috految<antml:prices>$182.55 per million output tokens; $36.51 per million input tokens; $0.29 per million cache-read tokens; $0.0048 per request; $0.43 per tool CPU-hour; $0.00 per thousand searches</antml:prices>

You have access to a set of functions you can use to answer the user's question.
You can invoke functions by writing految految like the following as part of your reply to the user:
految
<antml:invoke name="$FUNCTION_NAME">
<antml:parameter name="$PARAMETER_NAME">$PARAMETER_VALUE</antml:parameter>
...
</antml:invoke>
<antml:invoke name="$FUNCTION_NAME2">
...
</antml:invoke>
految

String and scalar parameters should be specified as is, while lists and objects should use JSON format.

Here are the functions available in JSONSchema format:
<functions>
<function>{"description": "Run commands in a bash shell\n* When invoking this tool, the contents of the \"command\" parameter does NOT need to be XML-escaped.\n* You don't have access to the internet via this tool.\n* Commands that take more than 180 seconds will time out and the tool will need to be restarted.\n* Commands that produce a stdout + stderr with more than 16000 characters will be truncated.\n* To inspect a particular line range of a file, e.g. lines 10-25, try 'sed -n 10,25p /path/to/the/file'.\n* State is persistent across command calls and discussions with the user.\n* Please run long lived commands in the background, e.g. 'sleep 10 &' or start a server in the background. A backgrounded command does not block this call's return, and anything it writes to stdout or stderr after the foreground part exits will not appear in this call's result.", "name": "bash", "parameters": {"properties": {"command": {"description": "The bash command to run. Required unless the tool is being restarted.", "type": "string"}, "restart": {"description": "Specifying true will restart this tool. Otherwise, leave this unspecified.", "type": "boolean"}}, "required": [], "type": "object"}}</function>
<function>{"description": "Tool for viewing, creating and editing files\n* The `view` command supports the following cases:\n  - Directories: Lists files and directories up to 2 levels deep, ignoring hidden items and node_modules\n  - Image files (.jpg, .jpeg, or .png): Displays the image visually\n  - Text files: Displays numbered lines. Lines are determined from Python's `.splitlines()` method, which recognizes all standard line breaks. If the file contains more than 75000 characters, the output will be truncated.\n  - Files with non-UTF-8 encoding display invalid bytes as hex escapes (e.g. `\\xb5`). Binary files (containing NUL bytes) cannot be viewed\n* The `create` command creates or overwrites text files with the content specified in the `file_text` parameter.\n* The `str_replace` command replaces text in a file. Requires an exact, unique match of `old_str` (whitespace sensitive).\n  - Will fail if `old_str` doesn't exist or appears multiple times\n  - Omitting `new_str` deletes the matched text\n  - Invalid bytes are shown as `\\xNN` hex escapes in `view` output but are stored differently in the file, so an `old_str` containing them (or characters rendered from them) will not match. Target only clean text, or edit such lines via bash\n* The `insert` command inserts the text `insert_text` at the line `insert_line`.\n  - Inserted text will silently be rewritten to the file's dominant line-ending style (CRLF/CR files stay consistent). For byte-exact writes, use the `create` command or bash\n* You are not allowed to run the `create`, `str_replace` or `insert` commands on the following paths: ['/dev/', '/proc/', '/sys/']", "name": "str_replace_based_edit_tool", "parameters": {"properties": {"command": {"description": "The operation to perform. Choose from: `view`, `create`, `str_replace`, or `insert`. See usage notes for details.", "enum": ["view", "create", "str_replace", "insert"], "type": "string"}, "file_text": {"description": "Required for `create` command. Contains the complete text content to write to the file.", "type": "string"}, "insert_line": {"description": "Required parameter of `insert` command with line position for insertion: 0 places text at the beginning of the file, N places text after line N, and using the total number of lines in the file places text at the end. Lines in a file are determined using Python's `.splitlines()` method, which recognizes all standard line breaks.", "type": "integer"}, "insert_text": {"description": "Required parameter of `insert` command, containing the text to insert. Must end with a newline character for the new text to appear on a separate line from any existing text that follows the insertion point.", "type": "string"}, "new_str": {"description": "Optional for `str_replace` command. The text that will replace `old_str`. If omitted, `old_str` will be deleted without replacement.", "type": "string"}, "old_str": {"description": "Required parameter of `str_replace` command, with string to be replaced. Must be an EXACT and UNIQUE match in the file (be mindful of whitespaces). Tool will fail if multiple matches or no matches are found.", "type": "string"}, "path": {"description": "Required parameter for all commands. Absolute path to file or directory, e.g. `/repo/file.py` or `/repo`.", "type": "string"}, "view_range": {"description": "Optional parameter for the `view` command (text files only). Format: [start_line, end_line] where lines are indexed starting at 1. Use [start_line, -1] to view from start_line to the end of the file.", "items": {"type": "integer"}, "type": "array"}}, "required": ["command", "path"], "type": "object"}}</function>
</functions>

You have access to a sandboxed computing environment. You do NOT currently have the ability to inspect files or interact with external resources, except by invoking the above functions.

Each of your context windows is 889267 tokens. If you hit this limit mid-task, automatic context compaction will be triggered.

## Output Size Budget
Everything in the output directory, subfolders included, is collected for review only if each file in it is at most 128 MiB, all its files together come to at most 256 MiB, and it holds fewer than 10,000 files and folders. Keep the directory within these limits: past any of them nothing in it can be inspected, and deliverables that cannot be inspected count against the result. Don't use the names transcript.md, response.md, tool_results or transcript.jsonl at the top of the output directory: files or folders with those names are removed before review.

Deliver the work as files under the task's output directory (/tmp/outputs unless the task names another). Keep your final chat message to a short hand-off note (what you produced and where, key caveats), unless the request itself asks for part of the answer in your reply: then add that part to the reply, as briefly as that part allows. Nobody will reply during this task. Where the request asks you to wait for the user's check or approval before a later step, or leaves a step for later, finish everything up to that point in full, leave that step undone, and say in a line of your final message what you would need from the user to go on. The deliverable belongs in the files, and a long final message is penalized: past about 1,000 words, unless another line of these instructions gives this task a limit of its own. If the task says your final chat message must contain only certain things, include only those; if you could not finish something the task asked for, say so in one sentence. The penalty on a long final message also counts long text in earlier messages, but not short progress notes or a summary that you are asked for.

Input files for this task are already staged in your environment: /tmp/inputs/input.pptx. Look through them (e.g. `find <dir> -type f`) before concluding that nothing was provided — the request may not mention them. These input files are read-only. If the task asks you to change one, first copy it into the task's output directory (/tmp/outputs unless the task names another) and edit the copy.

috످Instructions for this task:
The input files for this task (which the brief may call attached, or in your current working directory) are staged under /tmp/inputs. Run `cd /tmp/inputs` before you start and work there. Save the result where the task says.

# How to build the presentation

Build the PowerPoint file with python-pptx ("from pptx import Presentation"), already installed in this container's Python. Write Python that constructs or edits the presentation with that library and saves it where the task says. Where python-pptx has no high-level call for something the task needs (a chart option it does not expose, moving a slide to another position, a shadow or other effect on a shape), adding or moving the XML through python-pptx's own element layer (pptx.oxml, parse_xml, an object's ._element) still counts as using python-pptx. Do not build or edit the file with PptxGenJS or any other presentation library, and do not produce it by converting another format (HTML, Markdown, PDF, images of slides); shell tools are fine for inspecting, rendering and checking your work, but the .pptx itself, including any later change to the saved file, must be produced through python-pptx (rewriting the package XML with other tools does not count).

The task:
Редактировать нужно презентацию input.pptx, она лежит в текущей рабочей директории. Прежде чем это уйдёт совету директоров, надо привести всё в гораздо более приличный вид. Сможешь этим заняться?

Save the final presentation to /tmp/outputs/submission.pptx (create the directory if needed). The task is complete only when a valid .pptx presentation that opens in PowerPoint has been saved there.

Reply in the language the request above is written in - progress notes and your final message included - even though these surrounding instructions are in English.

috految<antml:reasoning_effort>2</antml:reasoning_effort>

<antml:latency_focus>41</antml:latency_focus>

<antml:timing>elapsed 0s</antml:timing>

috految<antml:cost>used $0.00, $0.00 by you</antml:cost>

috److految
<antml:invoke name="bash">
<antml:parameter name="command">cd /tmp/inputs; python -c "
from pptx import Presentation
p=Presentation('input.pptx');print(p.slide_width/12700,p.slide_height/12700)
for i,s in enumerate(p.slides,1):
 print('#',i,s.slide_layout.name,len(s._element.xpath('//p:spTgt')),*set(s._element.xpath('//a:solidFill/*/@val|//a:latin/@typeface')))
 for j,h in enumerate(s.shapes):print(j,str(h.shape_type)[:3],*[(v or 0)//12700 for v in(h.left,h.top,h.width,h.height)],repr(h.text) if h.has_text_frame else h._element.xpath('.//a:t/text()'))"</antml:parameter>
</antml:invoke>
految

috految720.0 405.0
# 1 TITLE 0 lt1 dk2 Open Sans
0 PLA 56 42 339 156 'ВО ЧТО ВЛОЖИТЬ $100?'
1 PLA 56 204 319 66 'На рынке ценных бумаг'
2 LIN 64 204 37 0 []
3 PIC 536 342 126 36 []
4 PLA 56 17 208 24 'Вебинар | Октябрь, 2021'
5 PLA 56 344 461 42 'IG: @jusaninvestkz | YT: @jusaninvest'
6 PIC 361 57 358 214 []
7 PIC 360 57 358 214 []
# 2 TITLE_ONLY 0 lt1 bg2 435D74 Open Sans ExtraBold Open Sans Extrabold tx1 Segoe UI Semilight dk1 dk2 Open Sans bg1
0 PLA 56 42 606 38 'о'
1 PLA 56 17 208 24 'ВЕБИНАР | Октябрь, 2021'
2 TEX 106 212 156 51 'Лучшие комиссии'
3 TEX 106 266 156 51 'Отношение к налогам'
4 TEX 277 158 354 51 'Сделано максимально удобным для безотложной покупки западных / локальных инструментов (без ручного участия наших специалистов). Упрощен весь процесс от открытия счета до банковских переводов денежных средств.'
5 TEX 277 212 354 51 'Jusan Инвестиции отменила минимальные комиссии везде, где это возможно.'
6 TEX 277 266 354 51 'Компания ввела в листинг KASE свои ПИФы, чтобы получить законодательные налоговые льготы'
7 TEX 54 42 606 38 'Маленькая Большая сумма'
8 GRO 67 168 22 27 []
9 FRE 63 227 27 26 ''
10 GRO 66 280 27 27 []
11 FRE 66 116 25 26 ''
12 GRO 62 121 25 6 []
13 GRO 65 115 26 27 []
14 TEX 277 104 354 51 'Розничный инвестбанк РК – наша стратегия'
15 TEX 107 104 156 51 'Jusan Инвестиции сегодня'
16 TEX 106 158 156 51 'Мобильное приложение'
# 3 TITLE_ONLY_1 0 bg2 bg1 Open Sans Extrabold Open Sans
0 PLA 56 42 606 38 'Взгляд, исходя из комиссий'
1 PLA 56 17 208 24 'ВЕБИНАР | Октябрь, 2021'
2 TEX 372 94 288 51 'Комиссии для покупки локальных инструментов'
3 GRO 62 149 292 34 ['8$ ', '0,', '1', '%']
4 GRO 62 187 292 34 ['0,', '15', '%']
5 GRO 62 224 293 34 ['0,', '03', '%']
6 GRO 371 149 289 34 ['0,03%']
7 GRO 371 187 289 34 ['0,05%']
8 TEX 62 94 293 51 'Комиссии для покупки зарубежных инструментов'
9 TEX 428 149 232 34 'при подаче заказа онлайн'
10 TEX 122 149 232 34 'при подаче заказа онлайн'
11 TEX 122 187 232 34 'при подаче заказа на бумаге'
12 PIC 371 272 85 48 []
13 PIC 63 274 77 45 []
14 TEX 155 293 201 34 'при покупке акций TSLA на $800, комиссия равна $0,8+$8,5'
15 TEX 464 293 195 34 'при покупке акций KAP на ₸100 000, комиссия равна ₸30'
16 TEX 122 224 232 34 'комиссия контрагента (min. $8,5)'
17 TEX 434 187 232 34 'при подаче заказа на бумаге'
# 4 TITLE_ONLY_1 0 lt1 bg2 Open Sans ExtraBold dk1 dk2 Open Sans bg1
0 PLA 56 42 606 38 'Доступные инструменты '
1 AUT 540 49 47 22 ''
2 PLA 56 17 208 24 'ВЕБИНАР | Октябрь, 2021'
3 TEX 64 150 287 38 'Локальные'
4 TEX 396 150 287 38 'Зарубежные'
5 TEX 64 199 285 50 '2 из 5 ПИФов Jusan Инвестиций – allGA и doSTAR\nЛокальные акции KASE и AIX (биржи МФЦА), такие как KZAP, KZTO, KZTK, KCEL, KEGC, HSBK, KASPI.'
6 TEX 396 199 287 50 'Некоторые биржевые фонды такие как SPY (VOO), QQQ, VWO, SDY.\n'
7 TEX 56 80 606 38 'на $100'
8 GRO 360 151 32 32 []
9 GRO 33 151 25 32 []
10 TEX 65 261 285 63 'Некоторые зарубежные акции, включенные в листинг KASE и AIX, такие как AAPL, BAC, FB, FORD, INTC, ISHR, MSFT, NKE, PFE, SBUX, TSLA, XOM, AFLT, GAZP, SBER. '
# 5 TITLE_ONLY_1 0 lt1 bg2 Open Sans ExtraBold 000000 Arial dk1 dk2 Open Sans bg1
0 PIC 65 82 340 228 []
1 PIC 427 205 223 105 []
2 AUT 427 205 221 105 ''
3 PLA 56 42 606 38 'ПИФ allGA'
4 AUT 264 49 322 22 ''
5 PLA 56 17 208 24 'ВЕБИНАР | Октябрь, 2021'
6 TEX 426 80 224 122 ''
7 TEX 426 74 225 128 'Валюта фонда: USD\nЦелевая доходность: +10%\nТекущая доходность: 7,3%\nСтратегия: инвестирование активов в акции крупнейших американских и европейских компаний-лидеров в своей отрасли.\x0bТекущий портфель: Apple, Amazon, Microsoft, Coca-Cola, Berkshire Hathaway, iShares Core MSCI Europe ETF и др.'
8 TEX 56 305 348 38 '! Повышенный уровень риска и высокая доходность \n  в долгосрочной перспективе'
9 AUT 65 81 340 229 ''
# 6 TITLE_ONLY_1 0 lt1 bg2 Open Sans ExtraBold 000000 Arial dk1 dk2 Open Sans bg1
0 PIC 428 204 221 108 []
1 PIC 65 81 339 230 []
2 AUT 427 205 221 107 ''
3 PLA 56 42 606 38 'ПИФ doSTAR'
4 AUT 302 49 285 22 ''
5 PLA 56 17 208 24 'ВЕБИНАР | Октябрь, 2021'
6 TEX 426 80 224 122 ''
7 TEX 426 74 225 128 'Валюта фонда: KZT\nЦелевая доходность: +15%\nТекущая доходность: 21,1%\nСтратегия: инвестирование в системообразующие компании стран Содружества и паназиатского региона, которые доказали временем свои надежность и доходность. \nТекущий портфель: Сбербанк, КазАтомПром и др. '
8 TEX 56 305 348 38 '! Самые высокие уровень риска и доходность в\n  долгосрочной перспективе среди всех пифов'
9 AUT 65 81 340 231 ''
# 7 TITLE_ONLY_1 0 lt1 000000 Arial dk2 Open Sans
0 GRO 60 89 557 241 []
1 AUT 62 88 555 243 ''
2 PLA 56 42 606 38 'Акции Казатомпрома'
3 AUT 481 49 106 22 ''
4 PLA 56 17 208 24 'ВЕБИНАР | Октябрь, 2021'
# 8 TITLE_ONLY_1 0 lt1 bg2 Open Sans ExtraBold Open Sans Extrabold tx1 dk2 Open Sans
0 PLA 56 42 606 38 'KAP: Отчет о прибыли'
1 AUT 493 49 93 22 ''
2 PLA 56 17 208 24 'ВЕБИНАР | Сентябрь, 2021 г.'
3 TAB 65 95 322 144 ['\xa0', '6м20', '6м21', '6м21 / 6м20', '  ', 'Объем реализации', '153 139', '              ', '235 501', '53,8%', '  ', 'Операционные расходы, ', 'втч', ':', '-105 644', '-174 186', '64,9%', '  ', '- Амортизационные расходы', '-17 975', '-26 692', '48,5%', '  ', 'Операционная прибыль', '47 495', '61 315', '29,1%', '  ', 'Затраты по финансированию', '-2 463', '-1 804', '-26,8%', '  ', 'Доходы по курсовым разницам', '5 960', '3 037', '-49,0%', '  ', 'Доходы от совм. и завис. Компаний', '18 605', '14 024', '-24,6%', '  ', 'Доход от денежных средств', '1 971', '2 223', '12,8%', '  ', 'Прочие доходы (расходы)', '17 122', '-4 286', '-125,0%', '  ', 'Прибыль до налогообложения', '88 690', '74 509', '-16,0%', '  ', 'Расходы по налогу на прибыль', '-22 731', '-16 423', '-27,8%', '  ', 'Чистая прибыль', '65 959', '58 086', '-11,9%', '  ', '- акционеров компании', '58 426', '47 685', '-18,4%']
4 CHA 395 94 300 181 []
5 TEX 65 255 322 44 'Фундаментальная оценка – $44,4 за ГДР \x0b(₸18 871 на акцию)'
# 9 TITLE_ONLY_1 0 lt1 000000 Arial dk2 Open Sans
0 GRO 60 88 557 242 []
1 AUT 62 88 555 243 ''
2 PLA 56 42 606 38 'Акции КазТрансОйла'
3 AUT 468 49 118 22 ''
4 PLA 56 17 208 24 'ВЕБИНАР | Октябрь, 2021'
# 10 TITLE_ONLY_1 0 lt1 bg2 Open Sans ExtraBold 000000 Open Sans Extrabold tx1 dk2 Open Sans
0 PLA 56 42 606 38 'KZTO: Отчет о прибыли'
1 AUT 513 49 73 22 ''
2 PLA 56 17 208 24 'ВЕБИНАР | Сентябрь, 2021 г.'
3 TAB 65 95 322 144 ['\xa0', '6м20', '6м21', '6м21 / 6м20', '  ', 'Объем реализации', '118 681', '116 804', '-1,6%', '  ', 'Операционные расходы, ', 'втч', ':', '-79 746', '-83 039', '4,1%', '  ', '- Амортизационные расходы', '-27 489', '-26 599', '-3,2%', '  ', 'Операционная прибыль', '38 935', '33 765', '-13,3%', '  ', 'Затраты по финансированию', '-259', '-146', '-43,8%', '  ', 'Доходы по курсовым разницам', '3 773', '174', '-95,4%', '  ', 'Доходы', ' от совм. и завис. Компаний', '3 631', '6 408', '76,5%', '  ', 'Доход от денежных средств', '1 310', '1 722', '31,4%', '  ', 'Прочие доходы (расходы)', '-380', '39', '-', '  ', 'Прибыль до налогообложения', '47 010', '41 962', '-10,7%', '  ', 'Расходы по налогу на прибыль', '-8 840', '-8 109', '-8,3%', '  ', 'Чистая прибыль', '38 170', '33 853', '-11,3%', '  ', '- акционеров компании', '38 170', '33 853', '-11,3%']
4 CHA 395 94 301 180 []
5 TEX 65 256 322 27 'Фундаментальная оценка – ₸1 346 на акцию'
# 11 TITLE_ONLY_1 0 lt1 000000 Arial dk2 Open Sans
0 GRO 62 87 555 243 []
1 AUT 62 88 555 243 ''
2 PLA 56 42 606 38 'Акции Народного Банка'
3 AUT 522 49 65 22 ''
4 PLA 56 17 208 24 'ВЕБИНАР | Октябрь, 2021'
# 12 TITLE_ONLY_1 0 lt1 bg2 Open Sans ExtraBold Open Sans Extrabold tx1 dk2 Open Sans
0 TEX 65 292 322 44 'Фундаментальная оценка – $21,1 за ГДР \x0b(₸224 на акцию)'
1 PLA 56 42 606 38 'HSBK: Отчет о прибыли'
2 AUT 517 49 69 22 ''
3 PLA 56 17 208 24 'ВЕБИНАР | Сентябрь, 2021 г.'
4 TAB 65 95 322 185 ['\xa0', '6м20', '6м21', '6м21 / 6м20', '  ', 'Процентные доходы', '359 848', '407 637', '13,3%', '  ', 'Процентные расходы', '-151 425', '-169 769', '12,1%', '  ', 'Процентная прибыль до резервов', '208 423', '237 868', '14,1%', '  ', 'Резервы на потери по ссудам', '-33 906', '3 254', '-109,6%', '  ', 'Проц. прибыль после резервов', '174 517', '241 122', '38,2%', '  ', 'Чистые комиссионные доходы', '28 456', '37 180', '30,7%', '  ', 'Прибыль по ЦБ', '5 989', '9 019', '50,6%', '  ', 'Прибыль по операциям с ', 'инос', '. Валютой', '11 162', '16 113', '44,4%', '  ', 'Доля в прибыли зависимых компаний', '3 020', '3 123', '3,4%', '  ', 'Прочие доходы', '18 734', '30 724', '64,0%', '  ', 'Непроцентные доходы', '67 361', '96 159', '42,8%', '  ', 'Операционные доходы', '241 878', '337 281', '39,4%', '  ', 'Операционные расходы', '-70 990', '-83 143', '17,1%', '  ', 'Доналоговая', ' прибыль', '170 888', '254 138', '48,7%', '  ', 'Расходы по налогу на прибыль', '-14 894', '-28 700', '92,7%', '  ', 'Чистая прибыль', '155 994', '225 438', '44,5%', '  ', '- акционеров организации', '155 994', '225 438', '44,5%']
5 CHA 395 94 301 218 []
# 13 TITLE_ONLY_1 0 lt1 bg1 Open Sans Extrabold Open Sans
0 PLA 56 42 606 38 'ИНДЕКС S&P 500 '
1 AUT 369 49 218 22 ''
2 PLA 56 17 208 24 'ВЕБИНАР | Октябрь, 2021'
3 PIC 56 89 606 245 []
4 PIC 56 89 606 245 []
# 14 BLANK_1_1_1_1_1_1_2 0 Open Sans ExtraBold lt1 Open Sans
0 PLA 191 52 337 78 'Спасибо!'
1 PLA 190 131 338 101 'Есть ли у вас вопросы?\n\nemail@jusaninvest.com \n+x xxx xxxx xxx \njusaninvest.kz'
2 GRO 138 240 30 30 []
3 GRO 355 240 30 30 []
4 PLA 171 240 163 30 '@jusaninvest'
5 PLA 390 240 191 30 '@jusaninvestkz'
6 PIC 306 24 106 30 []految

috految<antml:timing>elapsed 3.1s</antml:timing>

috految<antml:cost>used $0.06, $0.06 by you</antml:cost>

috److految
<antml:invoke name="bash">
<antml:parameter name="command">cd /tmp; cat >e.py <<'E'
from pptx import Presentation
from copy import deepcopy
p=Presentation('inputs/input.pptx');S=[0,*p.slides];H=[0]+[list(s.shapes) for s in S[1:]];U=12700
def rm(e):e.getparent().remove(e)
def D(n,*J):
 for j in J:rm(H[n][j]._element)
def M(h,*b):h.left,h.top,h.width,h.height=[int(v*U) for v in b]
def F(h,t,z,b=False,c=2,a=1):
 f=h.text_frame;f.text=t;f.word_wrap=True
 for q in f.paragraphs:
  q.alignment=a
  for r in q.runs:o=r.font;o.name='Open Sans';o.size=z*U;o.bold=b;o.color.theme_color=c
def T(n,R,W,y,h,z,B=(),x=63,a=1):
 t=S[n].shapes.add_table(len(R),len(W),x*U,y*U,sum(W)*U,h*U).table;t._tbl.tblPr[0].text='{2D5ABB26-0587-4C30-8999-92F81FD0307C}'
 for j,w in enumerate(W):
  t.columns[j].width=w*U
  for i,r in enumerate(R):
   c=t.cell(i,j);F(c,r.split('|')[j],z,i==0 or i in B,1 if i else 2,a if j else 1);c.margin_top=c.margin_bottom=0;c.margin_left=c.margin_right=4*U;c.vertical_anchor=3;c.fill.solid();k=c.fill.fore_color;k.theme_color=2 if i else 3
   if i:k.brightness=-.1 if i in B else -.04*(i%2)
 return t
S+=[p.slides.add_slide(S[4].slide_layout)];s=S[15]
for h in list(s.shapes):rm(h._element)
for j in 0,2:s.shapes._spTree.append(deepcopy(H[4][j]._element))
H+=[list(s.shapes)];l=p.slides._sldIdLst;l.insert(1,l[-1])
for n,j,t in (15,0,'Главное: варианты вложения $100'),(2,0,'Jusan упрощает вложение небольших сумм'),(3,0,'Локальные сделки дешевле зарубежных'),(4,0,'На $100 доступны ПИФы, акции и фонды'),(5,3,'ПИФ allGA: доходность 7,3% при цели 10%'),(6,3,'ПИФ doSTAR: доходность 21,1% при цели 15%'),(7,2,'Казатомпром (KAP): динамика акций'),(8,0,'Казатомпром: чистая прибыль упала на 11,9%'),(9,2,'КазТрансОйл (KZTO): динамика акций'),(10,0,'КазТрансОйл: чистая прибыль упала на 11,3%'),(11,2,'Народный Банк (HSBK): динамика акций'),(12,1,'Народный Банк: чистая прибыль выросла на 44,5%'),(13,0,'Рынок США: индекс S&P 500'):
 h=H[n][j];F(h,t,18,True,3);M(h,56,42,606,34);h.text_frame.vertical_anchor=3
 for g in H[n]:
  if g.shape_type==1 and g.top//U==49:rm(g._element)
 h=S[n].shapes.add_textbox(684*U,380*U,32*U,20*U);F(h,str(2 if n==15 else n+1),9,c=3);r=h._element.xpath('.//a:r')[0];r.tag=r.tag[:-1]+'fld';r.set('id','{00000000-1234-1234-1234-123412341234}');r.set('type','slidenum')
for s in S[1:]:
 for e in s._element.xpath('//a:t'):
  for a,b in ('ВЕБИНАР','ОБЗОР'),('Вебинар','Обзор'),('пифов','ПИФов'),('КазАтомПром','Казатомпром'),('безотложной','быстрой'),('втч','в т. ч.'),('Компаний','компаний'),('Валютой','валютой'):e.text=(e.text or '').replace(a,b)
D(2,7)
T(15,['Инструмент|Результат|Ориентир','ПИФ allGA (USD)|Доходность 7,3%, повышенный риск|Цель: 10%','ПИФ doSTAR (KZT)|Доходность 21,1%, самый высокий риск среди ПИФов|Цель: 15%','Казатомпром|Чистая прибыль за 6м21: −11,9% г/г|Оценка: ₸18 871 на акцию','КазТрансОйл|Чистая прибыль за 6м21: −11,3% г/г|Оценка: ₸1 346 на акцию','Народный Банк|Чистая прибыль за 6м21: +44,5% г/г|Оценка: ₸224 на акцию'],[140,270,188],88,234,12)
D(3,*range(2,12),16,17);T(3,['Комиссия за покупку|Зарубежные инструменты|Локальные инструменты','Заказ онлайн|0,1% (ранее $8)|0,03%','Заказ на бумаге|0,15%|0,05%','Комиссия контрагента|0,03% (мин. $8,5)|—'],[198,200,200],88,164,12,a=2)
D(4,*range(3,11));T(4,['Рынок|Инструменты']+[a+'|'+b.strip() for a,b in zip(['Локальный: ПИФы','Локальный: акции','Локальный: зарубежные акции','Зарубежный'],H[4][5].text.split('\n')+[H[4][10].text,H[4][6].text])],[160,438],88,235,12)
for n in 5,6:
 v=H[n][7].text.replace('\v','\n').split('\n');D(n,6,7);t=T(n,v,[240],80,120,9,(1,2),x=420)
 for r,h in zip(t.rows,(14,13,13,48,34)):r.height=h*U
for n,j,k,B in (8,3,5,(1,4,10,12)),(10,3,5,(1,4,10,12)),(12,4,0,(3,5,11,12,14,16)):
 R=['|'.join(' '.join(c.text.split()) for c in r.cells) for r in H[n][j].table.rows];R[0]='Отчет о прибыли|6м20|6м21|Г/г';print(R[1]);D(n,j);T(n,R,[202,48,48,50],84,246,9,B,a=3);M(H[n][j+1],418,84,280,196);M(H[n][k],418,286,280,44)
 for e in H[n][k]._element.xpath('.//a:rPr'):e.set('sz','1100')
p.save('outputs/submission.pptx')
print(H[3][3]._element.xpath('.//@strike'),[(s._element.xpath('//p:bg//@val'),[(h.left//U,h.top//U,h.width//U) for h in s.shapes]) for s in(S[2].slide_layout,S[4].slide_layout,p.slide_master)])
E
python e.py;unzip -p inputs/input.pptx ppt/theme/theme1.xml|head -c 420</antml:parameter>
</antml:invoke>
految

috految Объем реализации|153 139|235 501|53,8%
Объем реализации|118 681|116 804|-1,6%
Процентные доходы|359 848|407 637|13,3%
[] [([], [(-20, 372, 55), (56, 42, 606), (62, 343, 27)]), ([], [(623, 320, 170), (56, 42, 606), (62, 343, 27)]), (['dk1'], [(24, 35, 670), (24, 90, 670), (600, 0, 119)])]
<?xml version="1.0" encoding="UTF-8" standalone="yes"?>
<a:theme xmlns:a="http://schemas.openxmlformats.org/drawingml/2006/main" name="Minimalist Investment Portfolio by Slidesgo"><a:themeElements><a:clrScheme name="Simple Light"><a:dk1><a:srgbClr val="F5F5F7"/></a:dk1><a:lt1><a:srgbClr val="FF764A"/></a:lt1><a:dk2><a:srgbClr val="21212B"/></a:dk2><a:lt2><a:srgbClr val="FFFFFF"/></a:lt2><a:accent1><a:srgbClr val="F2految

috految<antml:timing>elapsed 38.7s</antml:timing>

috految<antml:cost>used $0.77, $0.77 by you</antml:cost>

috److految
<antml:invoke name="bash">
<antml:parameter name="command">cd /tmp; sed -i 's/1 if i else 2/3 if i else 4/;s/=2 if i/=4 if i/;s/ (ранее $8)//;s/|0,1%|/|0,1%|/;s/shapes.add_textbox(684/shapes.add_textbox(345/;s/418,286/418,282/' e.py;python e.py >/dev/null</antml:parameter>
</antml:invoke>
految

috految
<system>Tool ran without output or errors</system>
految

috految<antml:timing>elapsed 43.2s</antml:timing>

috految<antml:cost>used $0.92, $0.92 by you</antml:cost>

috److Я переработал презентацию в шаблоне Jusan, теперь в ней 15 слайдов. Готовые слайды я не просматривал, поэтому проверьте вёрстку в PowerPoint. Содержимое картинок, диаграмм и заметок я не проверял. Номера слайдов ниже новые.

**Что изменилось**
- **Резюме.** Добавлен слайд 2 со сводкой по двум фондам и трём эмитентам на ваших цифрах.
- **Заголовки.** Они оформлены одинаково, а на ключевых слайдах содержат выводы. Декоративные плашки рядом с ними убраны.
- **Комиссии, инструменты и параметры ПИФов.** Разрозненные блоки собраны в редактируемые таблицы.
- **Отчёты о прибыли.** Таблицы увеличены, итоги выделены, оценки перенесены под диаграммы. Цифры прежние.
- **Подача.** «Вебинар» заменён на «Обзор», добавлена нумерация, внесены точечные правки текста.

**Что проверить до отправки**
1. **Цель.** По содержанию это вебинар для частных инвесторов. Если от совета нужно решение, добавьте его проект и согласуйте дисклеймер.
2. **Актуальность.** Данные относятся к 2021 году. На слайдах 9, 11 и 13 стоит сентябрь, на остальных — октябрь. SBER, GAZP, AFLT и Сбербанк в портфеле doSTAR требуют санкционной проверки.
3. **Контакты (слайд 15).** Замените заглушки телефона и почты.
4. **Тариф (слайд 4).** В исходнике рядом с 0,1% стояло «8$». **Я убрал эту сумму**, поскольку в примере с TSLA её нет. Если она действует, верните её.
5. **Вложение $100.** По этим тарифам зарубежная сделка обойдётся в $8,6, то есть **8,6% суммы**. При этом примеры даны на $800 и ₸100 000. Уточните также тезис «Лучшие комиссии» и доступность TSLA, SPY и QQQ за $100.
6. **Тикеры (слайд 5).** Казатомпром обозначен то как KZAP, то как KAP. Проверьте также KASPI, FORD и ISHR.
7. **ПИФы (слайды 6–7).** Уточните период доходности: от него зависит сравнение с целью в заголовках.
8. **Отчётность.** В таблицах нет единиц измерения, вероятно, это млн ₸. Значения −125,0% и −109,6% рассчитаны при смене знака и могут запутать.
9. **Вероятные вопросы совета.** У Казатомпрома прибыль снизилась при росте реализации на 53,8%, главным образом из-за прочих доходов и расходов. У Народного Банка около 45% прироста доналоговой прибыли дало изменение резервов.
10. **Графика.** На слайдах 1 и 14 по две картинки лежат друг на друге, как в исходнике. Оформление графиков прежнее.

Файл: `/tmp/outputs/submission.pptx`

috످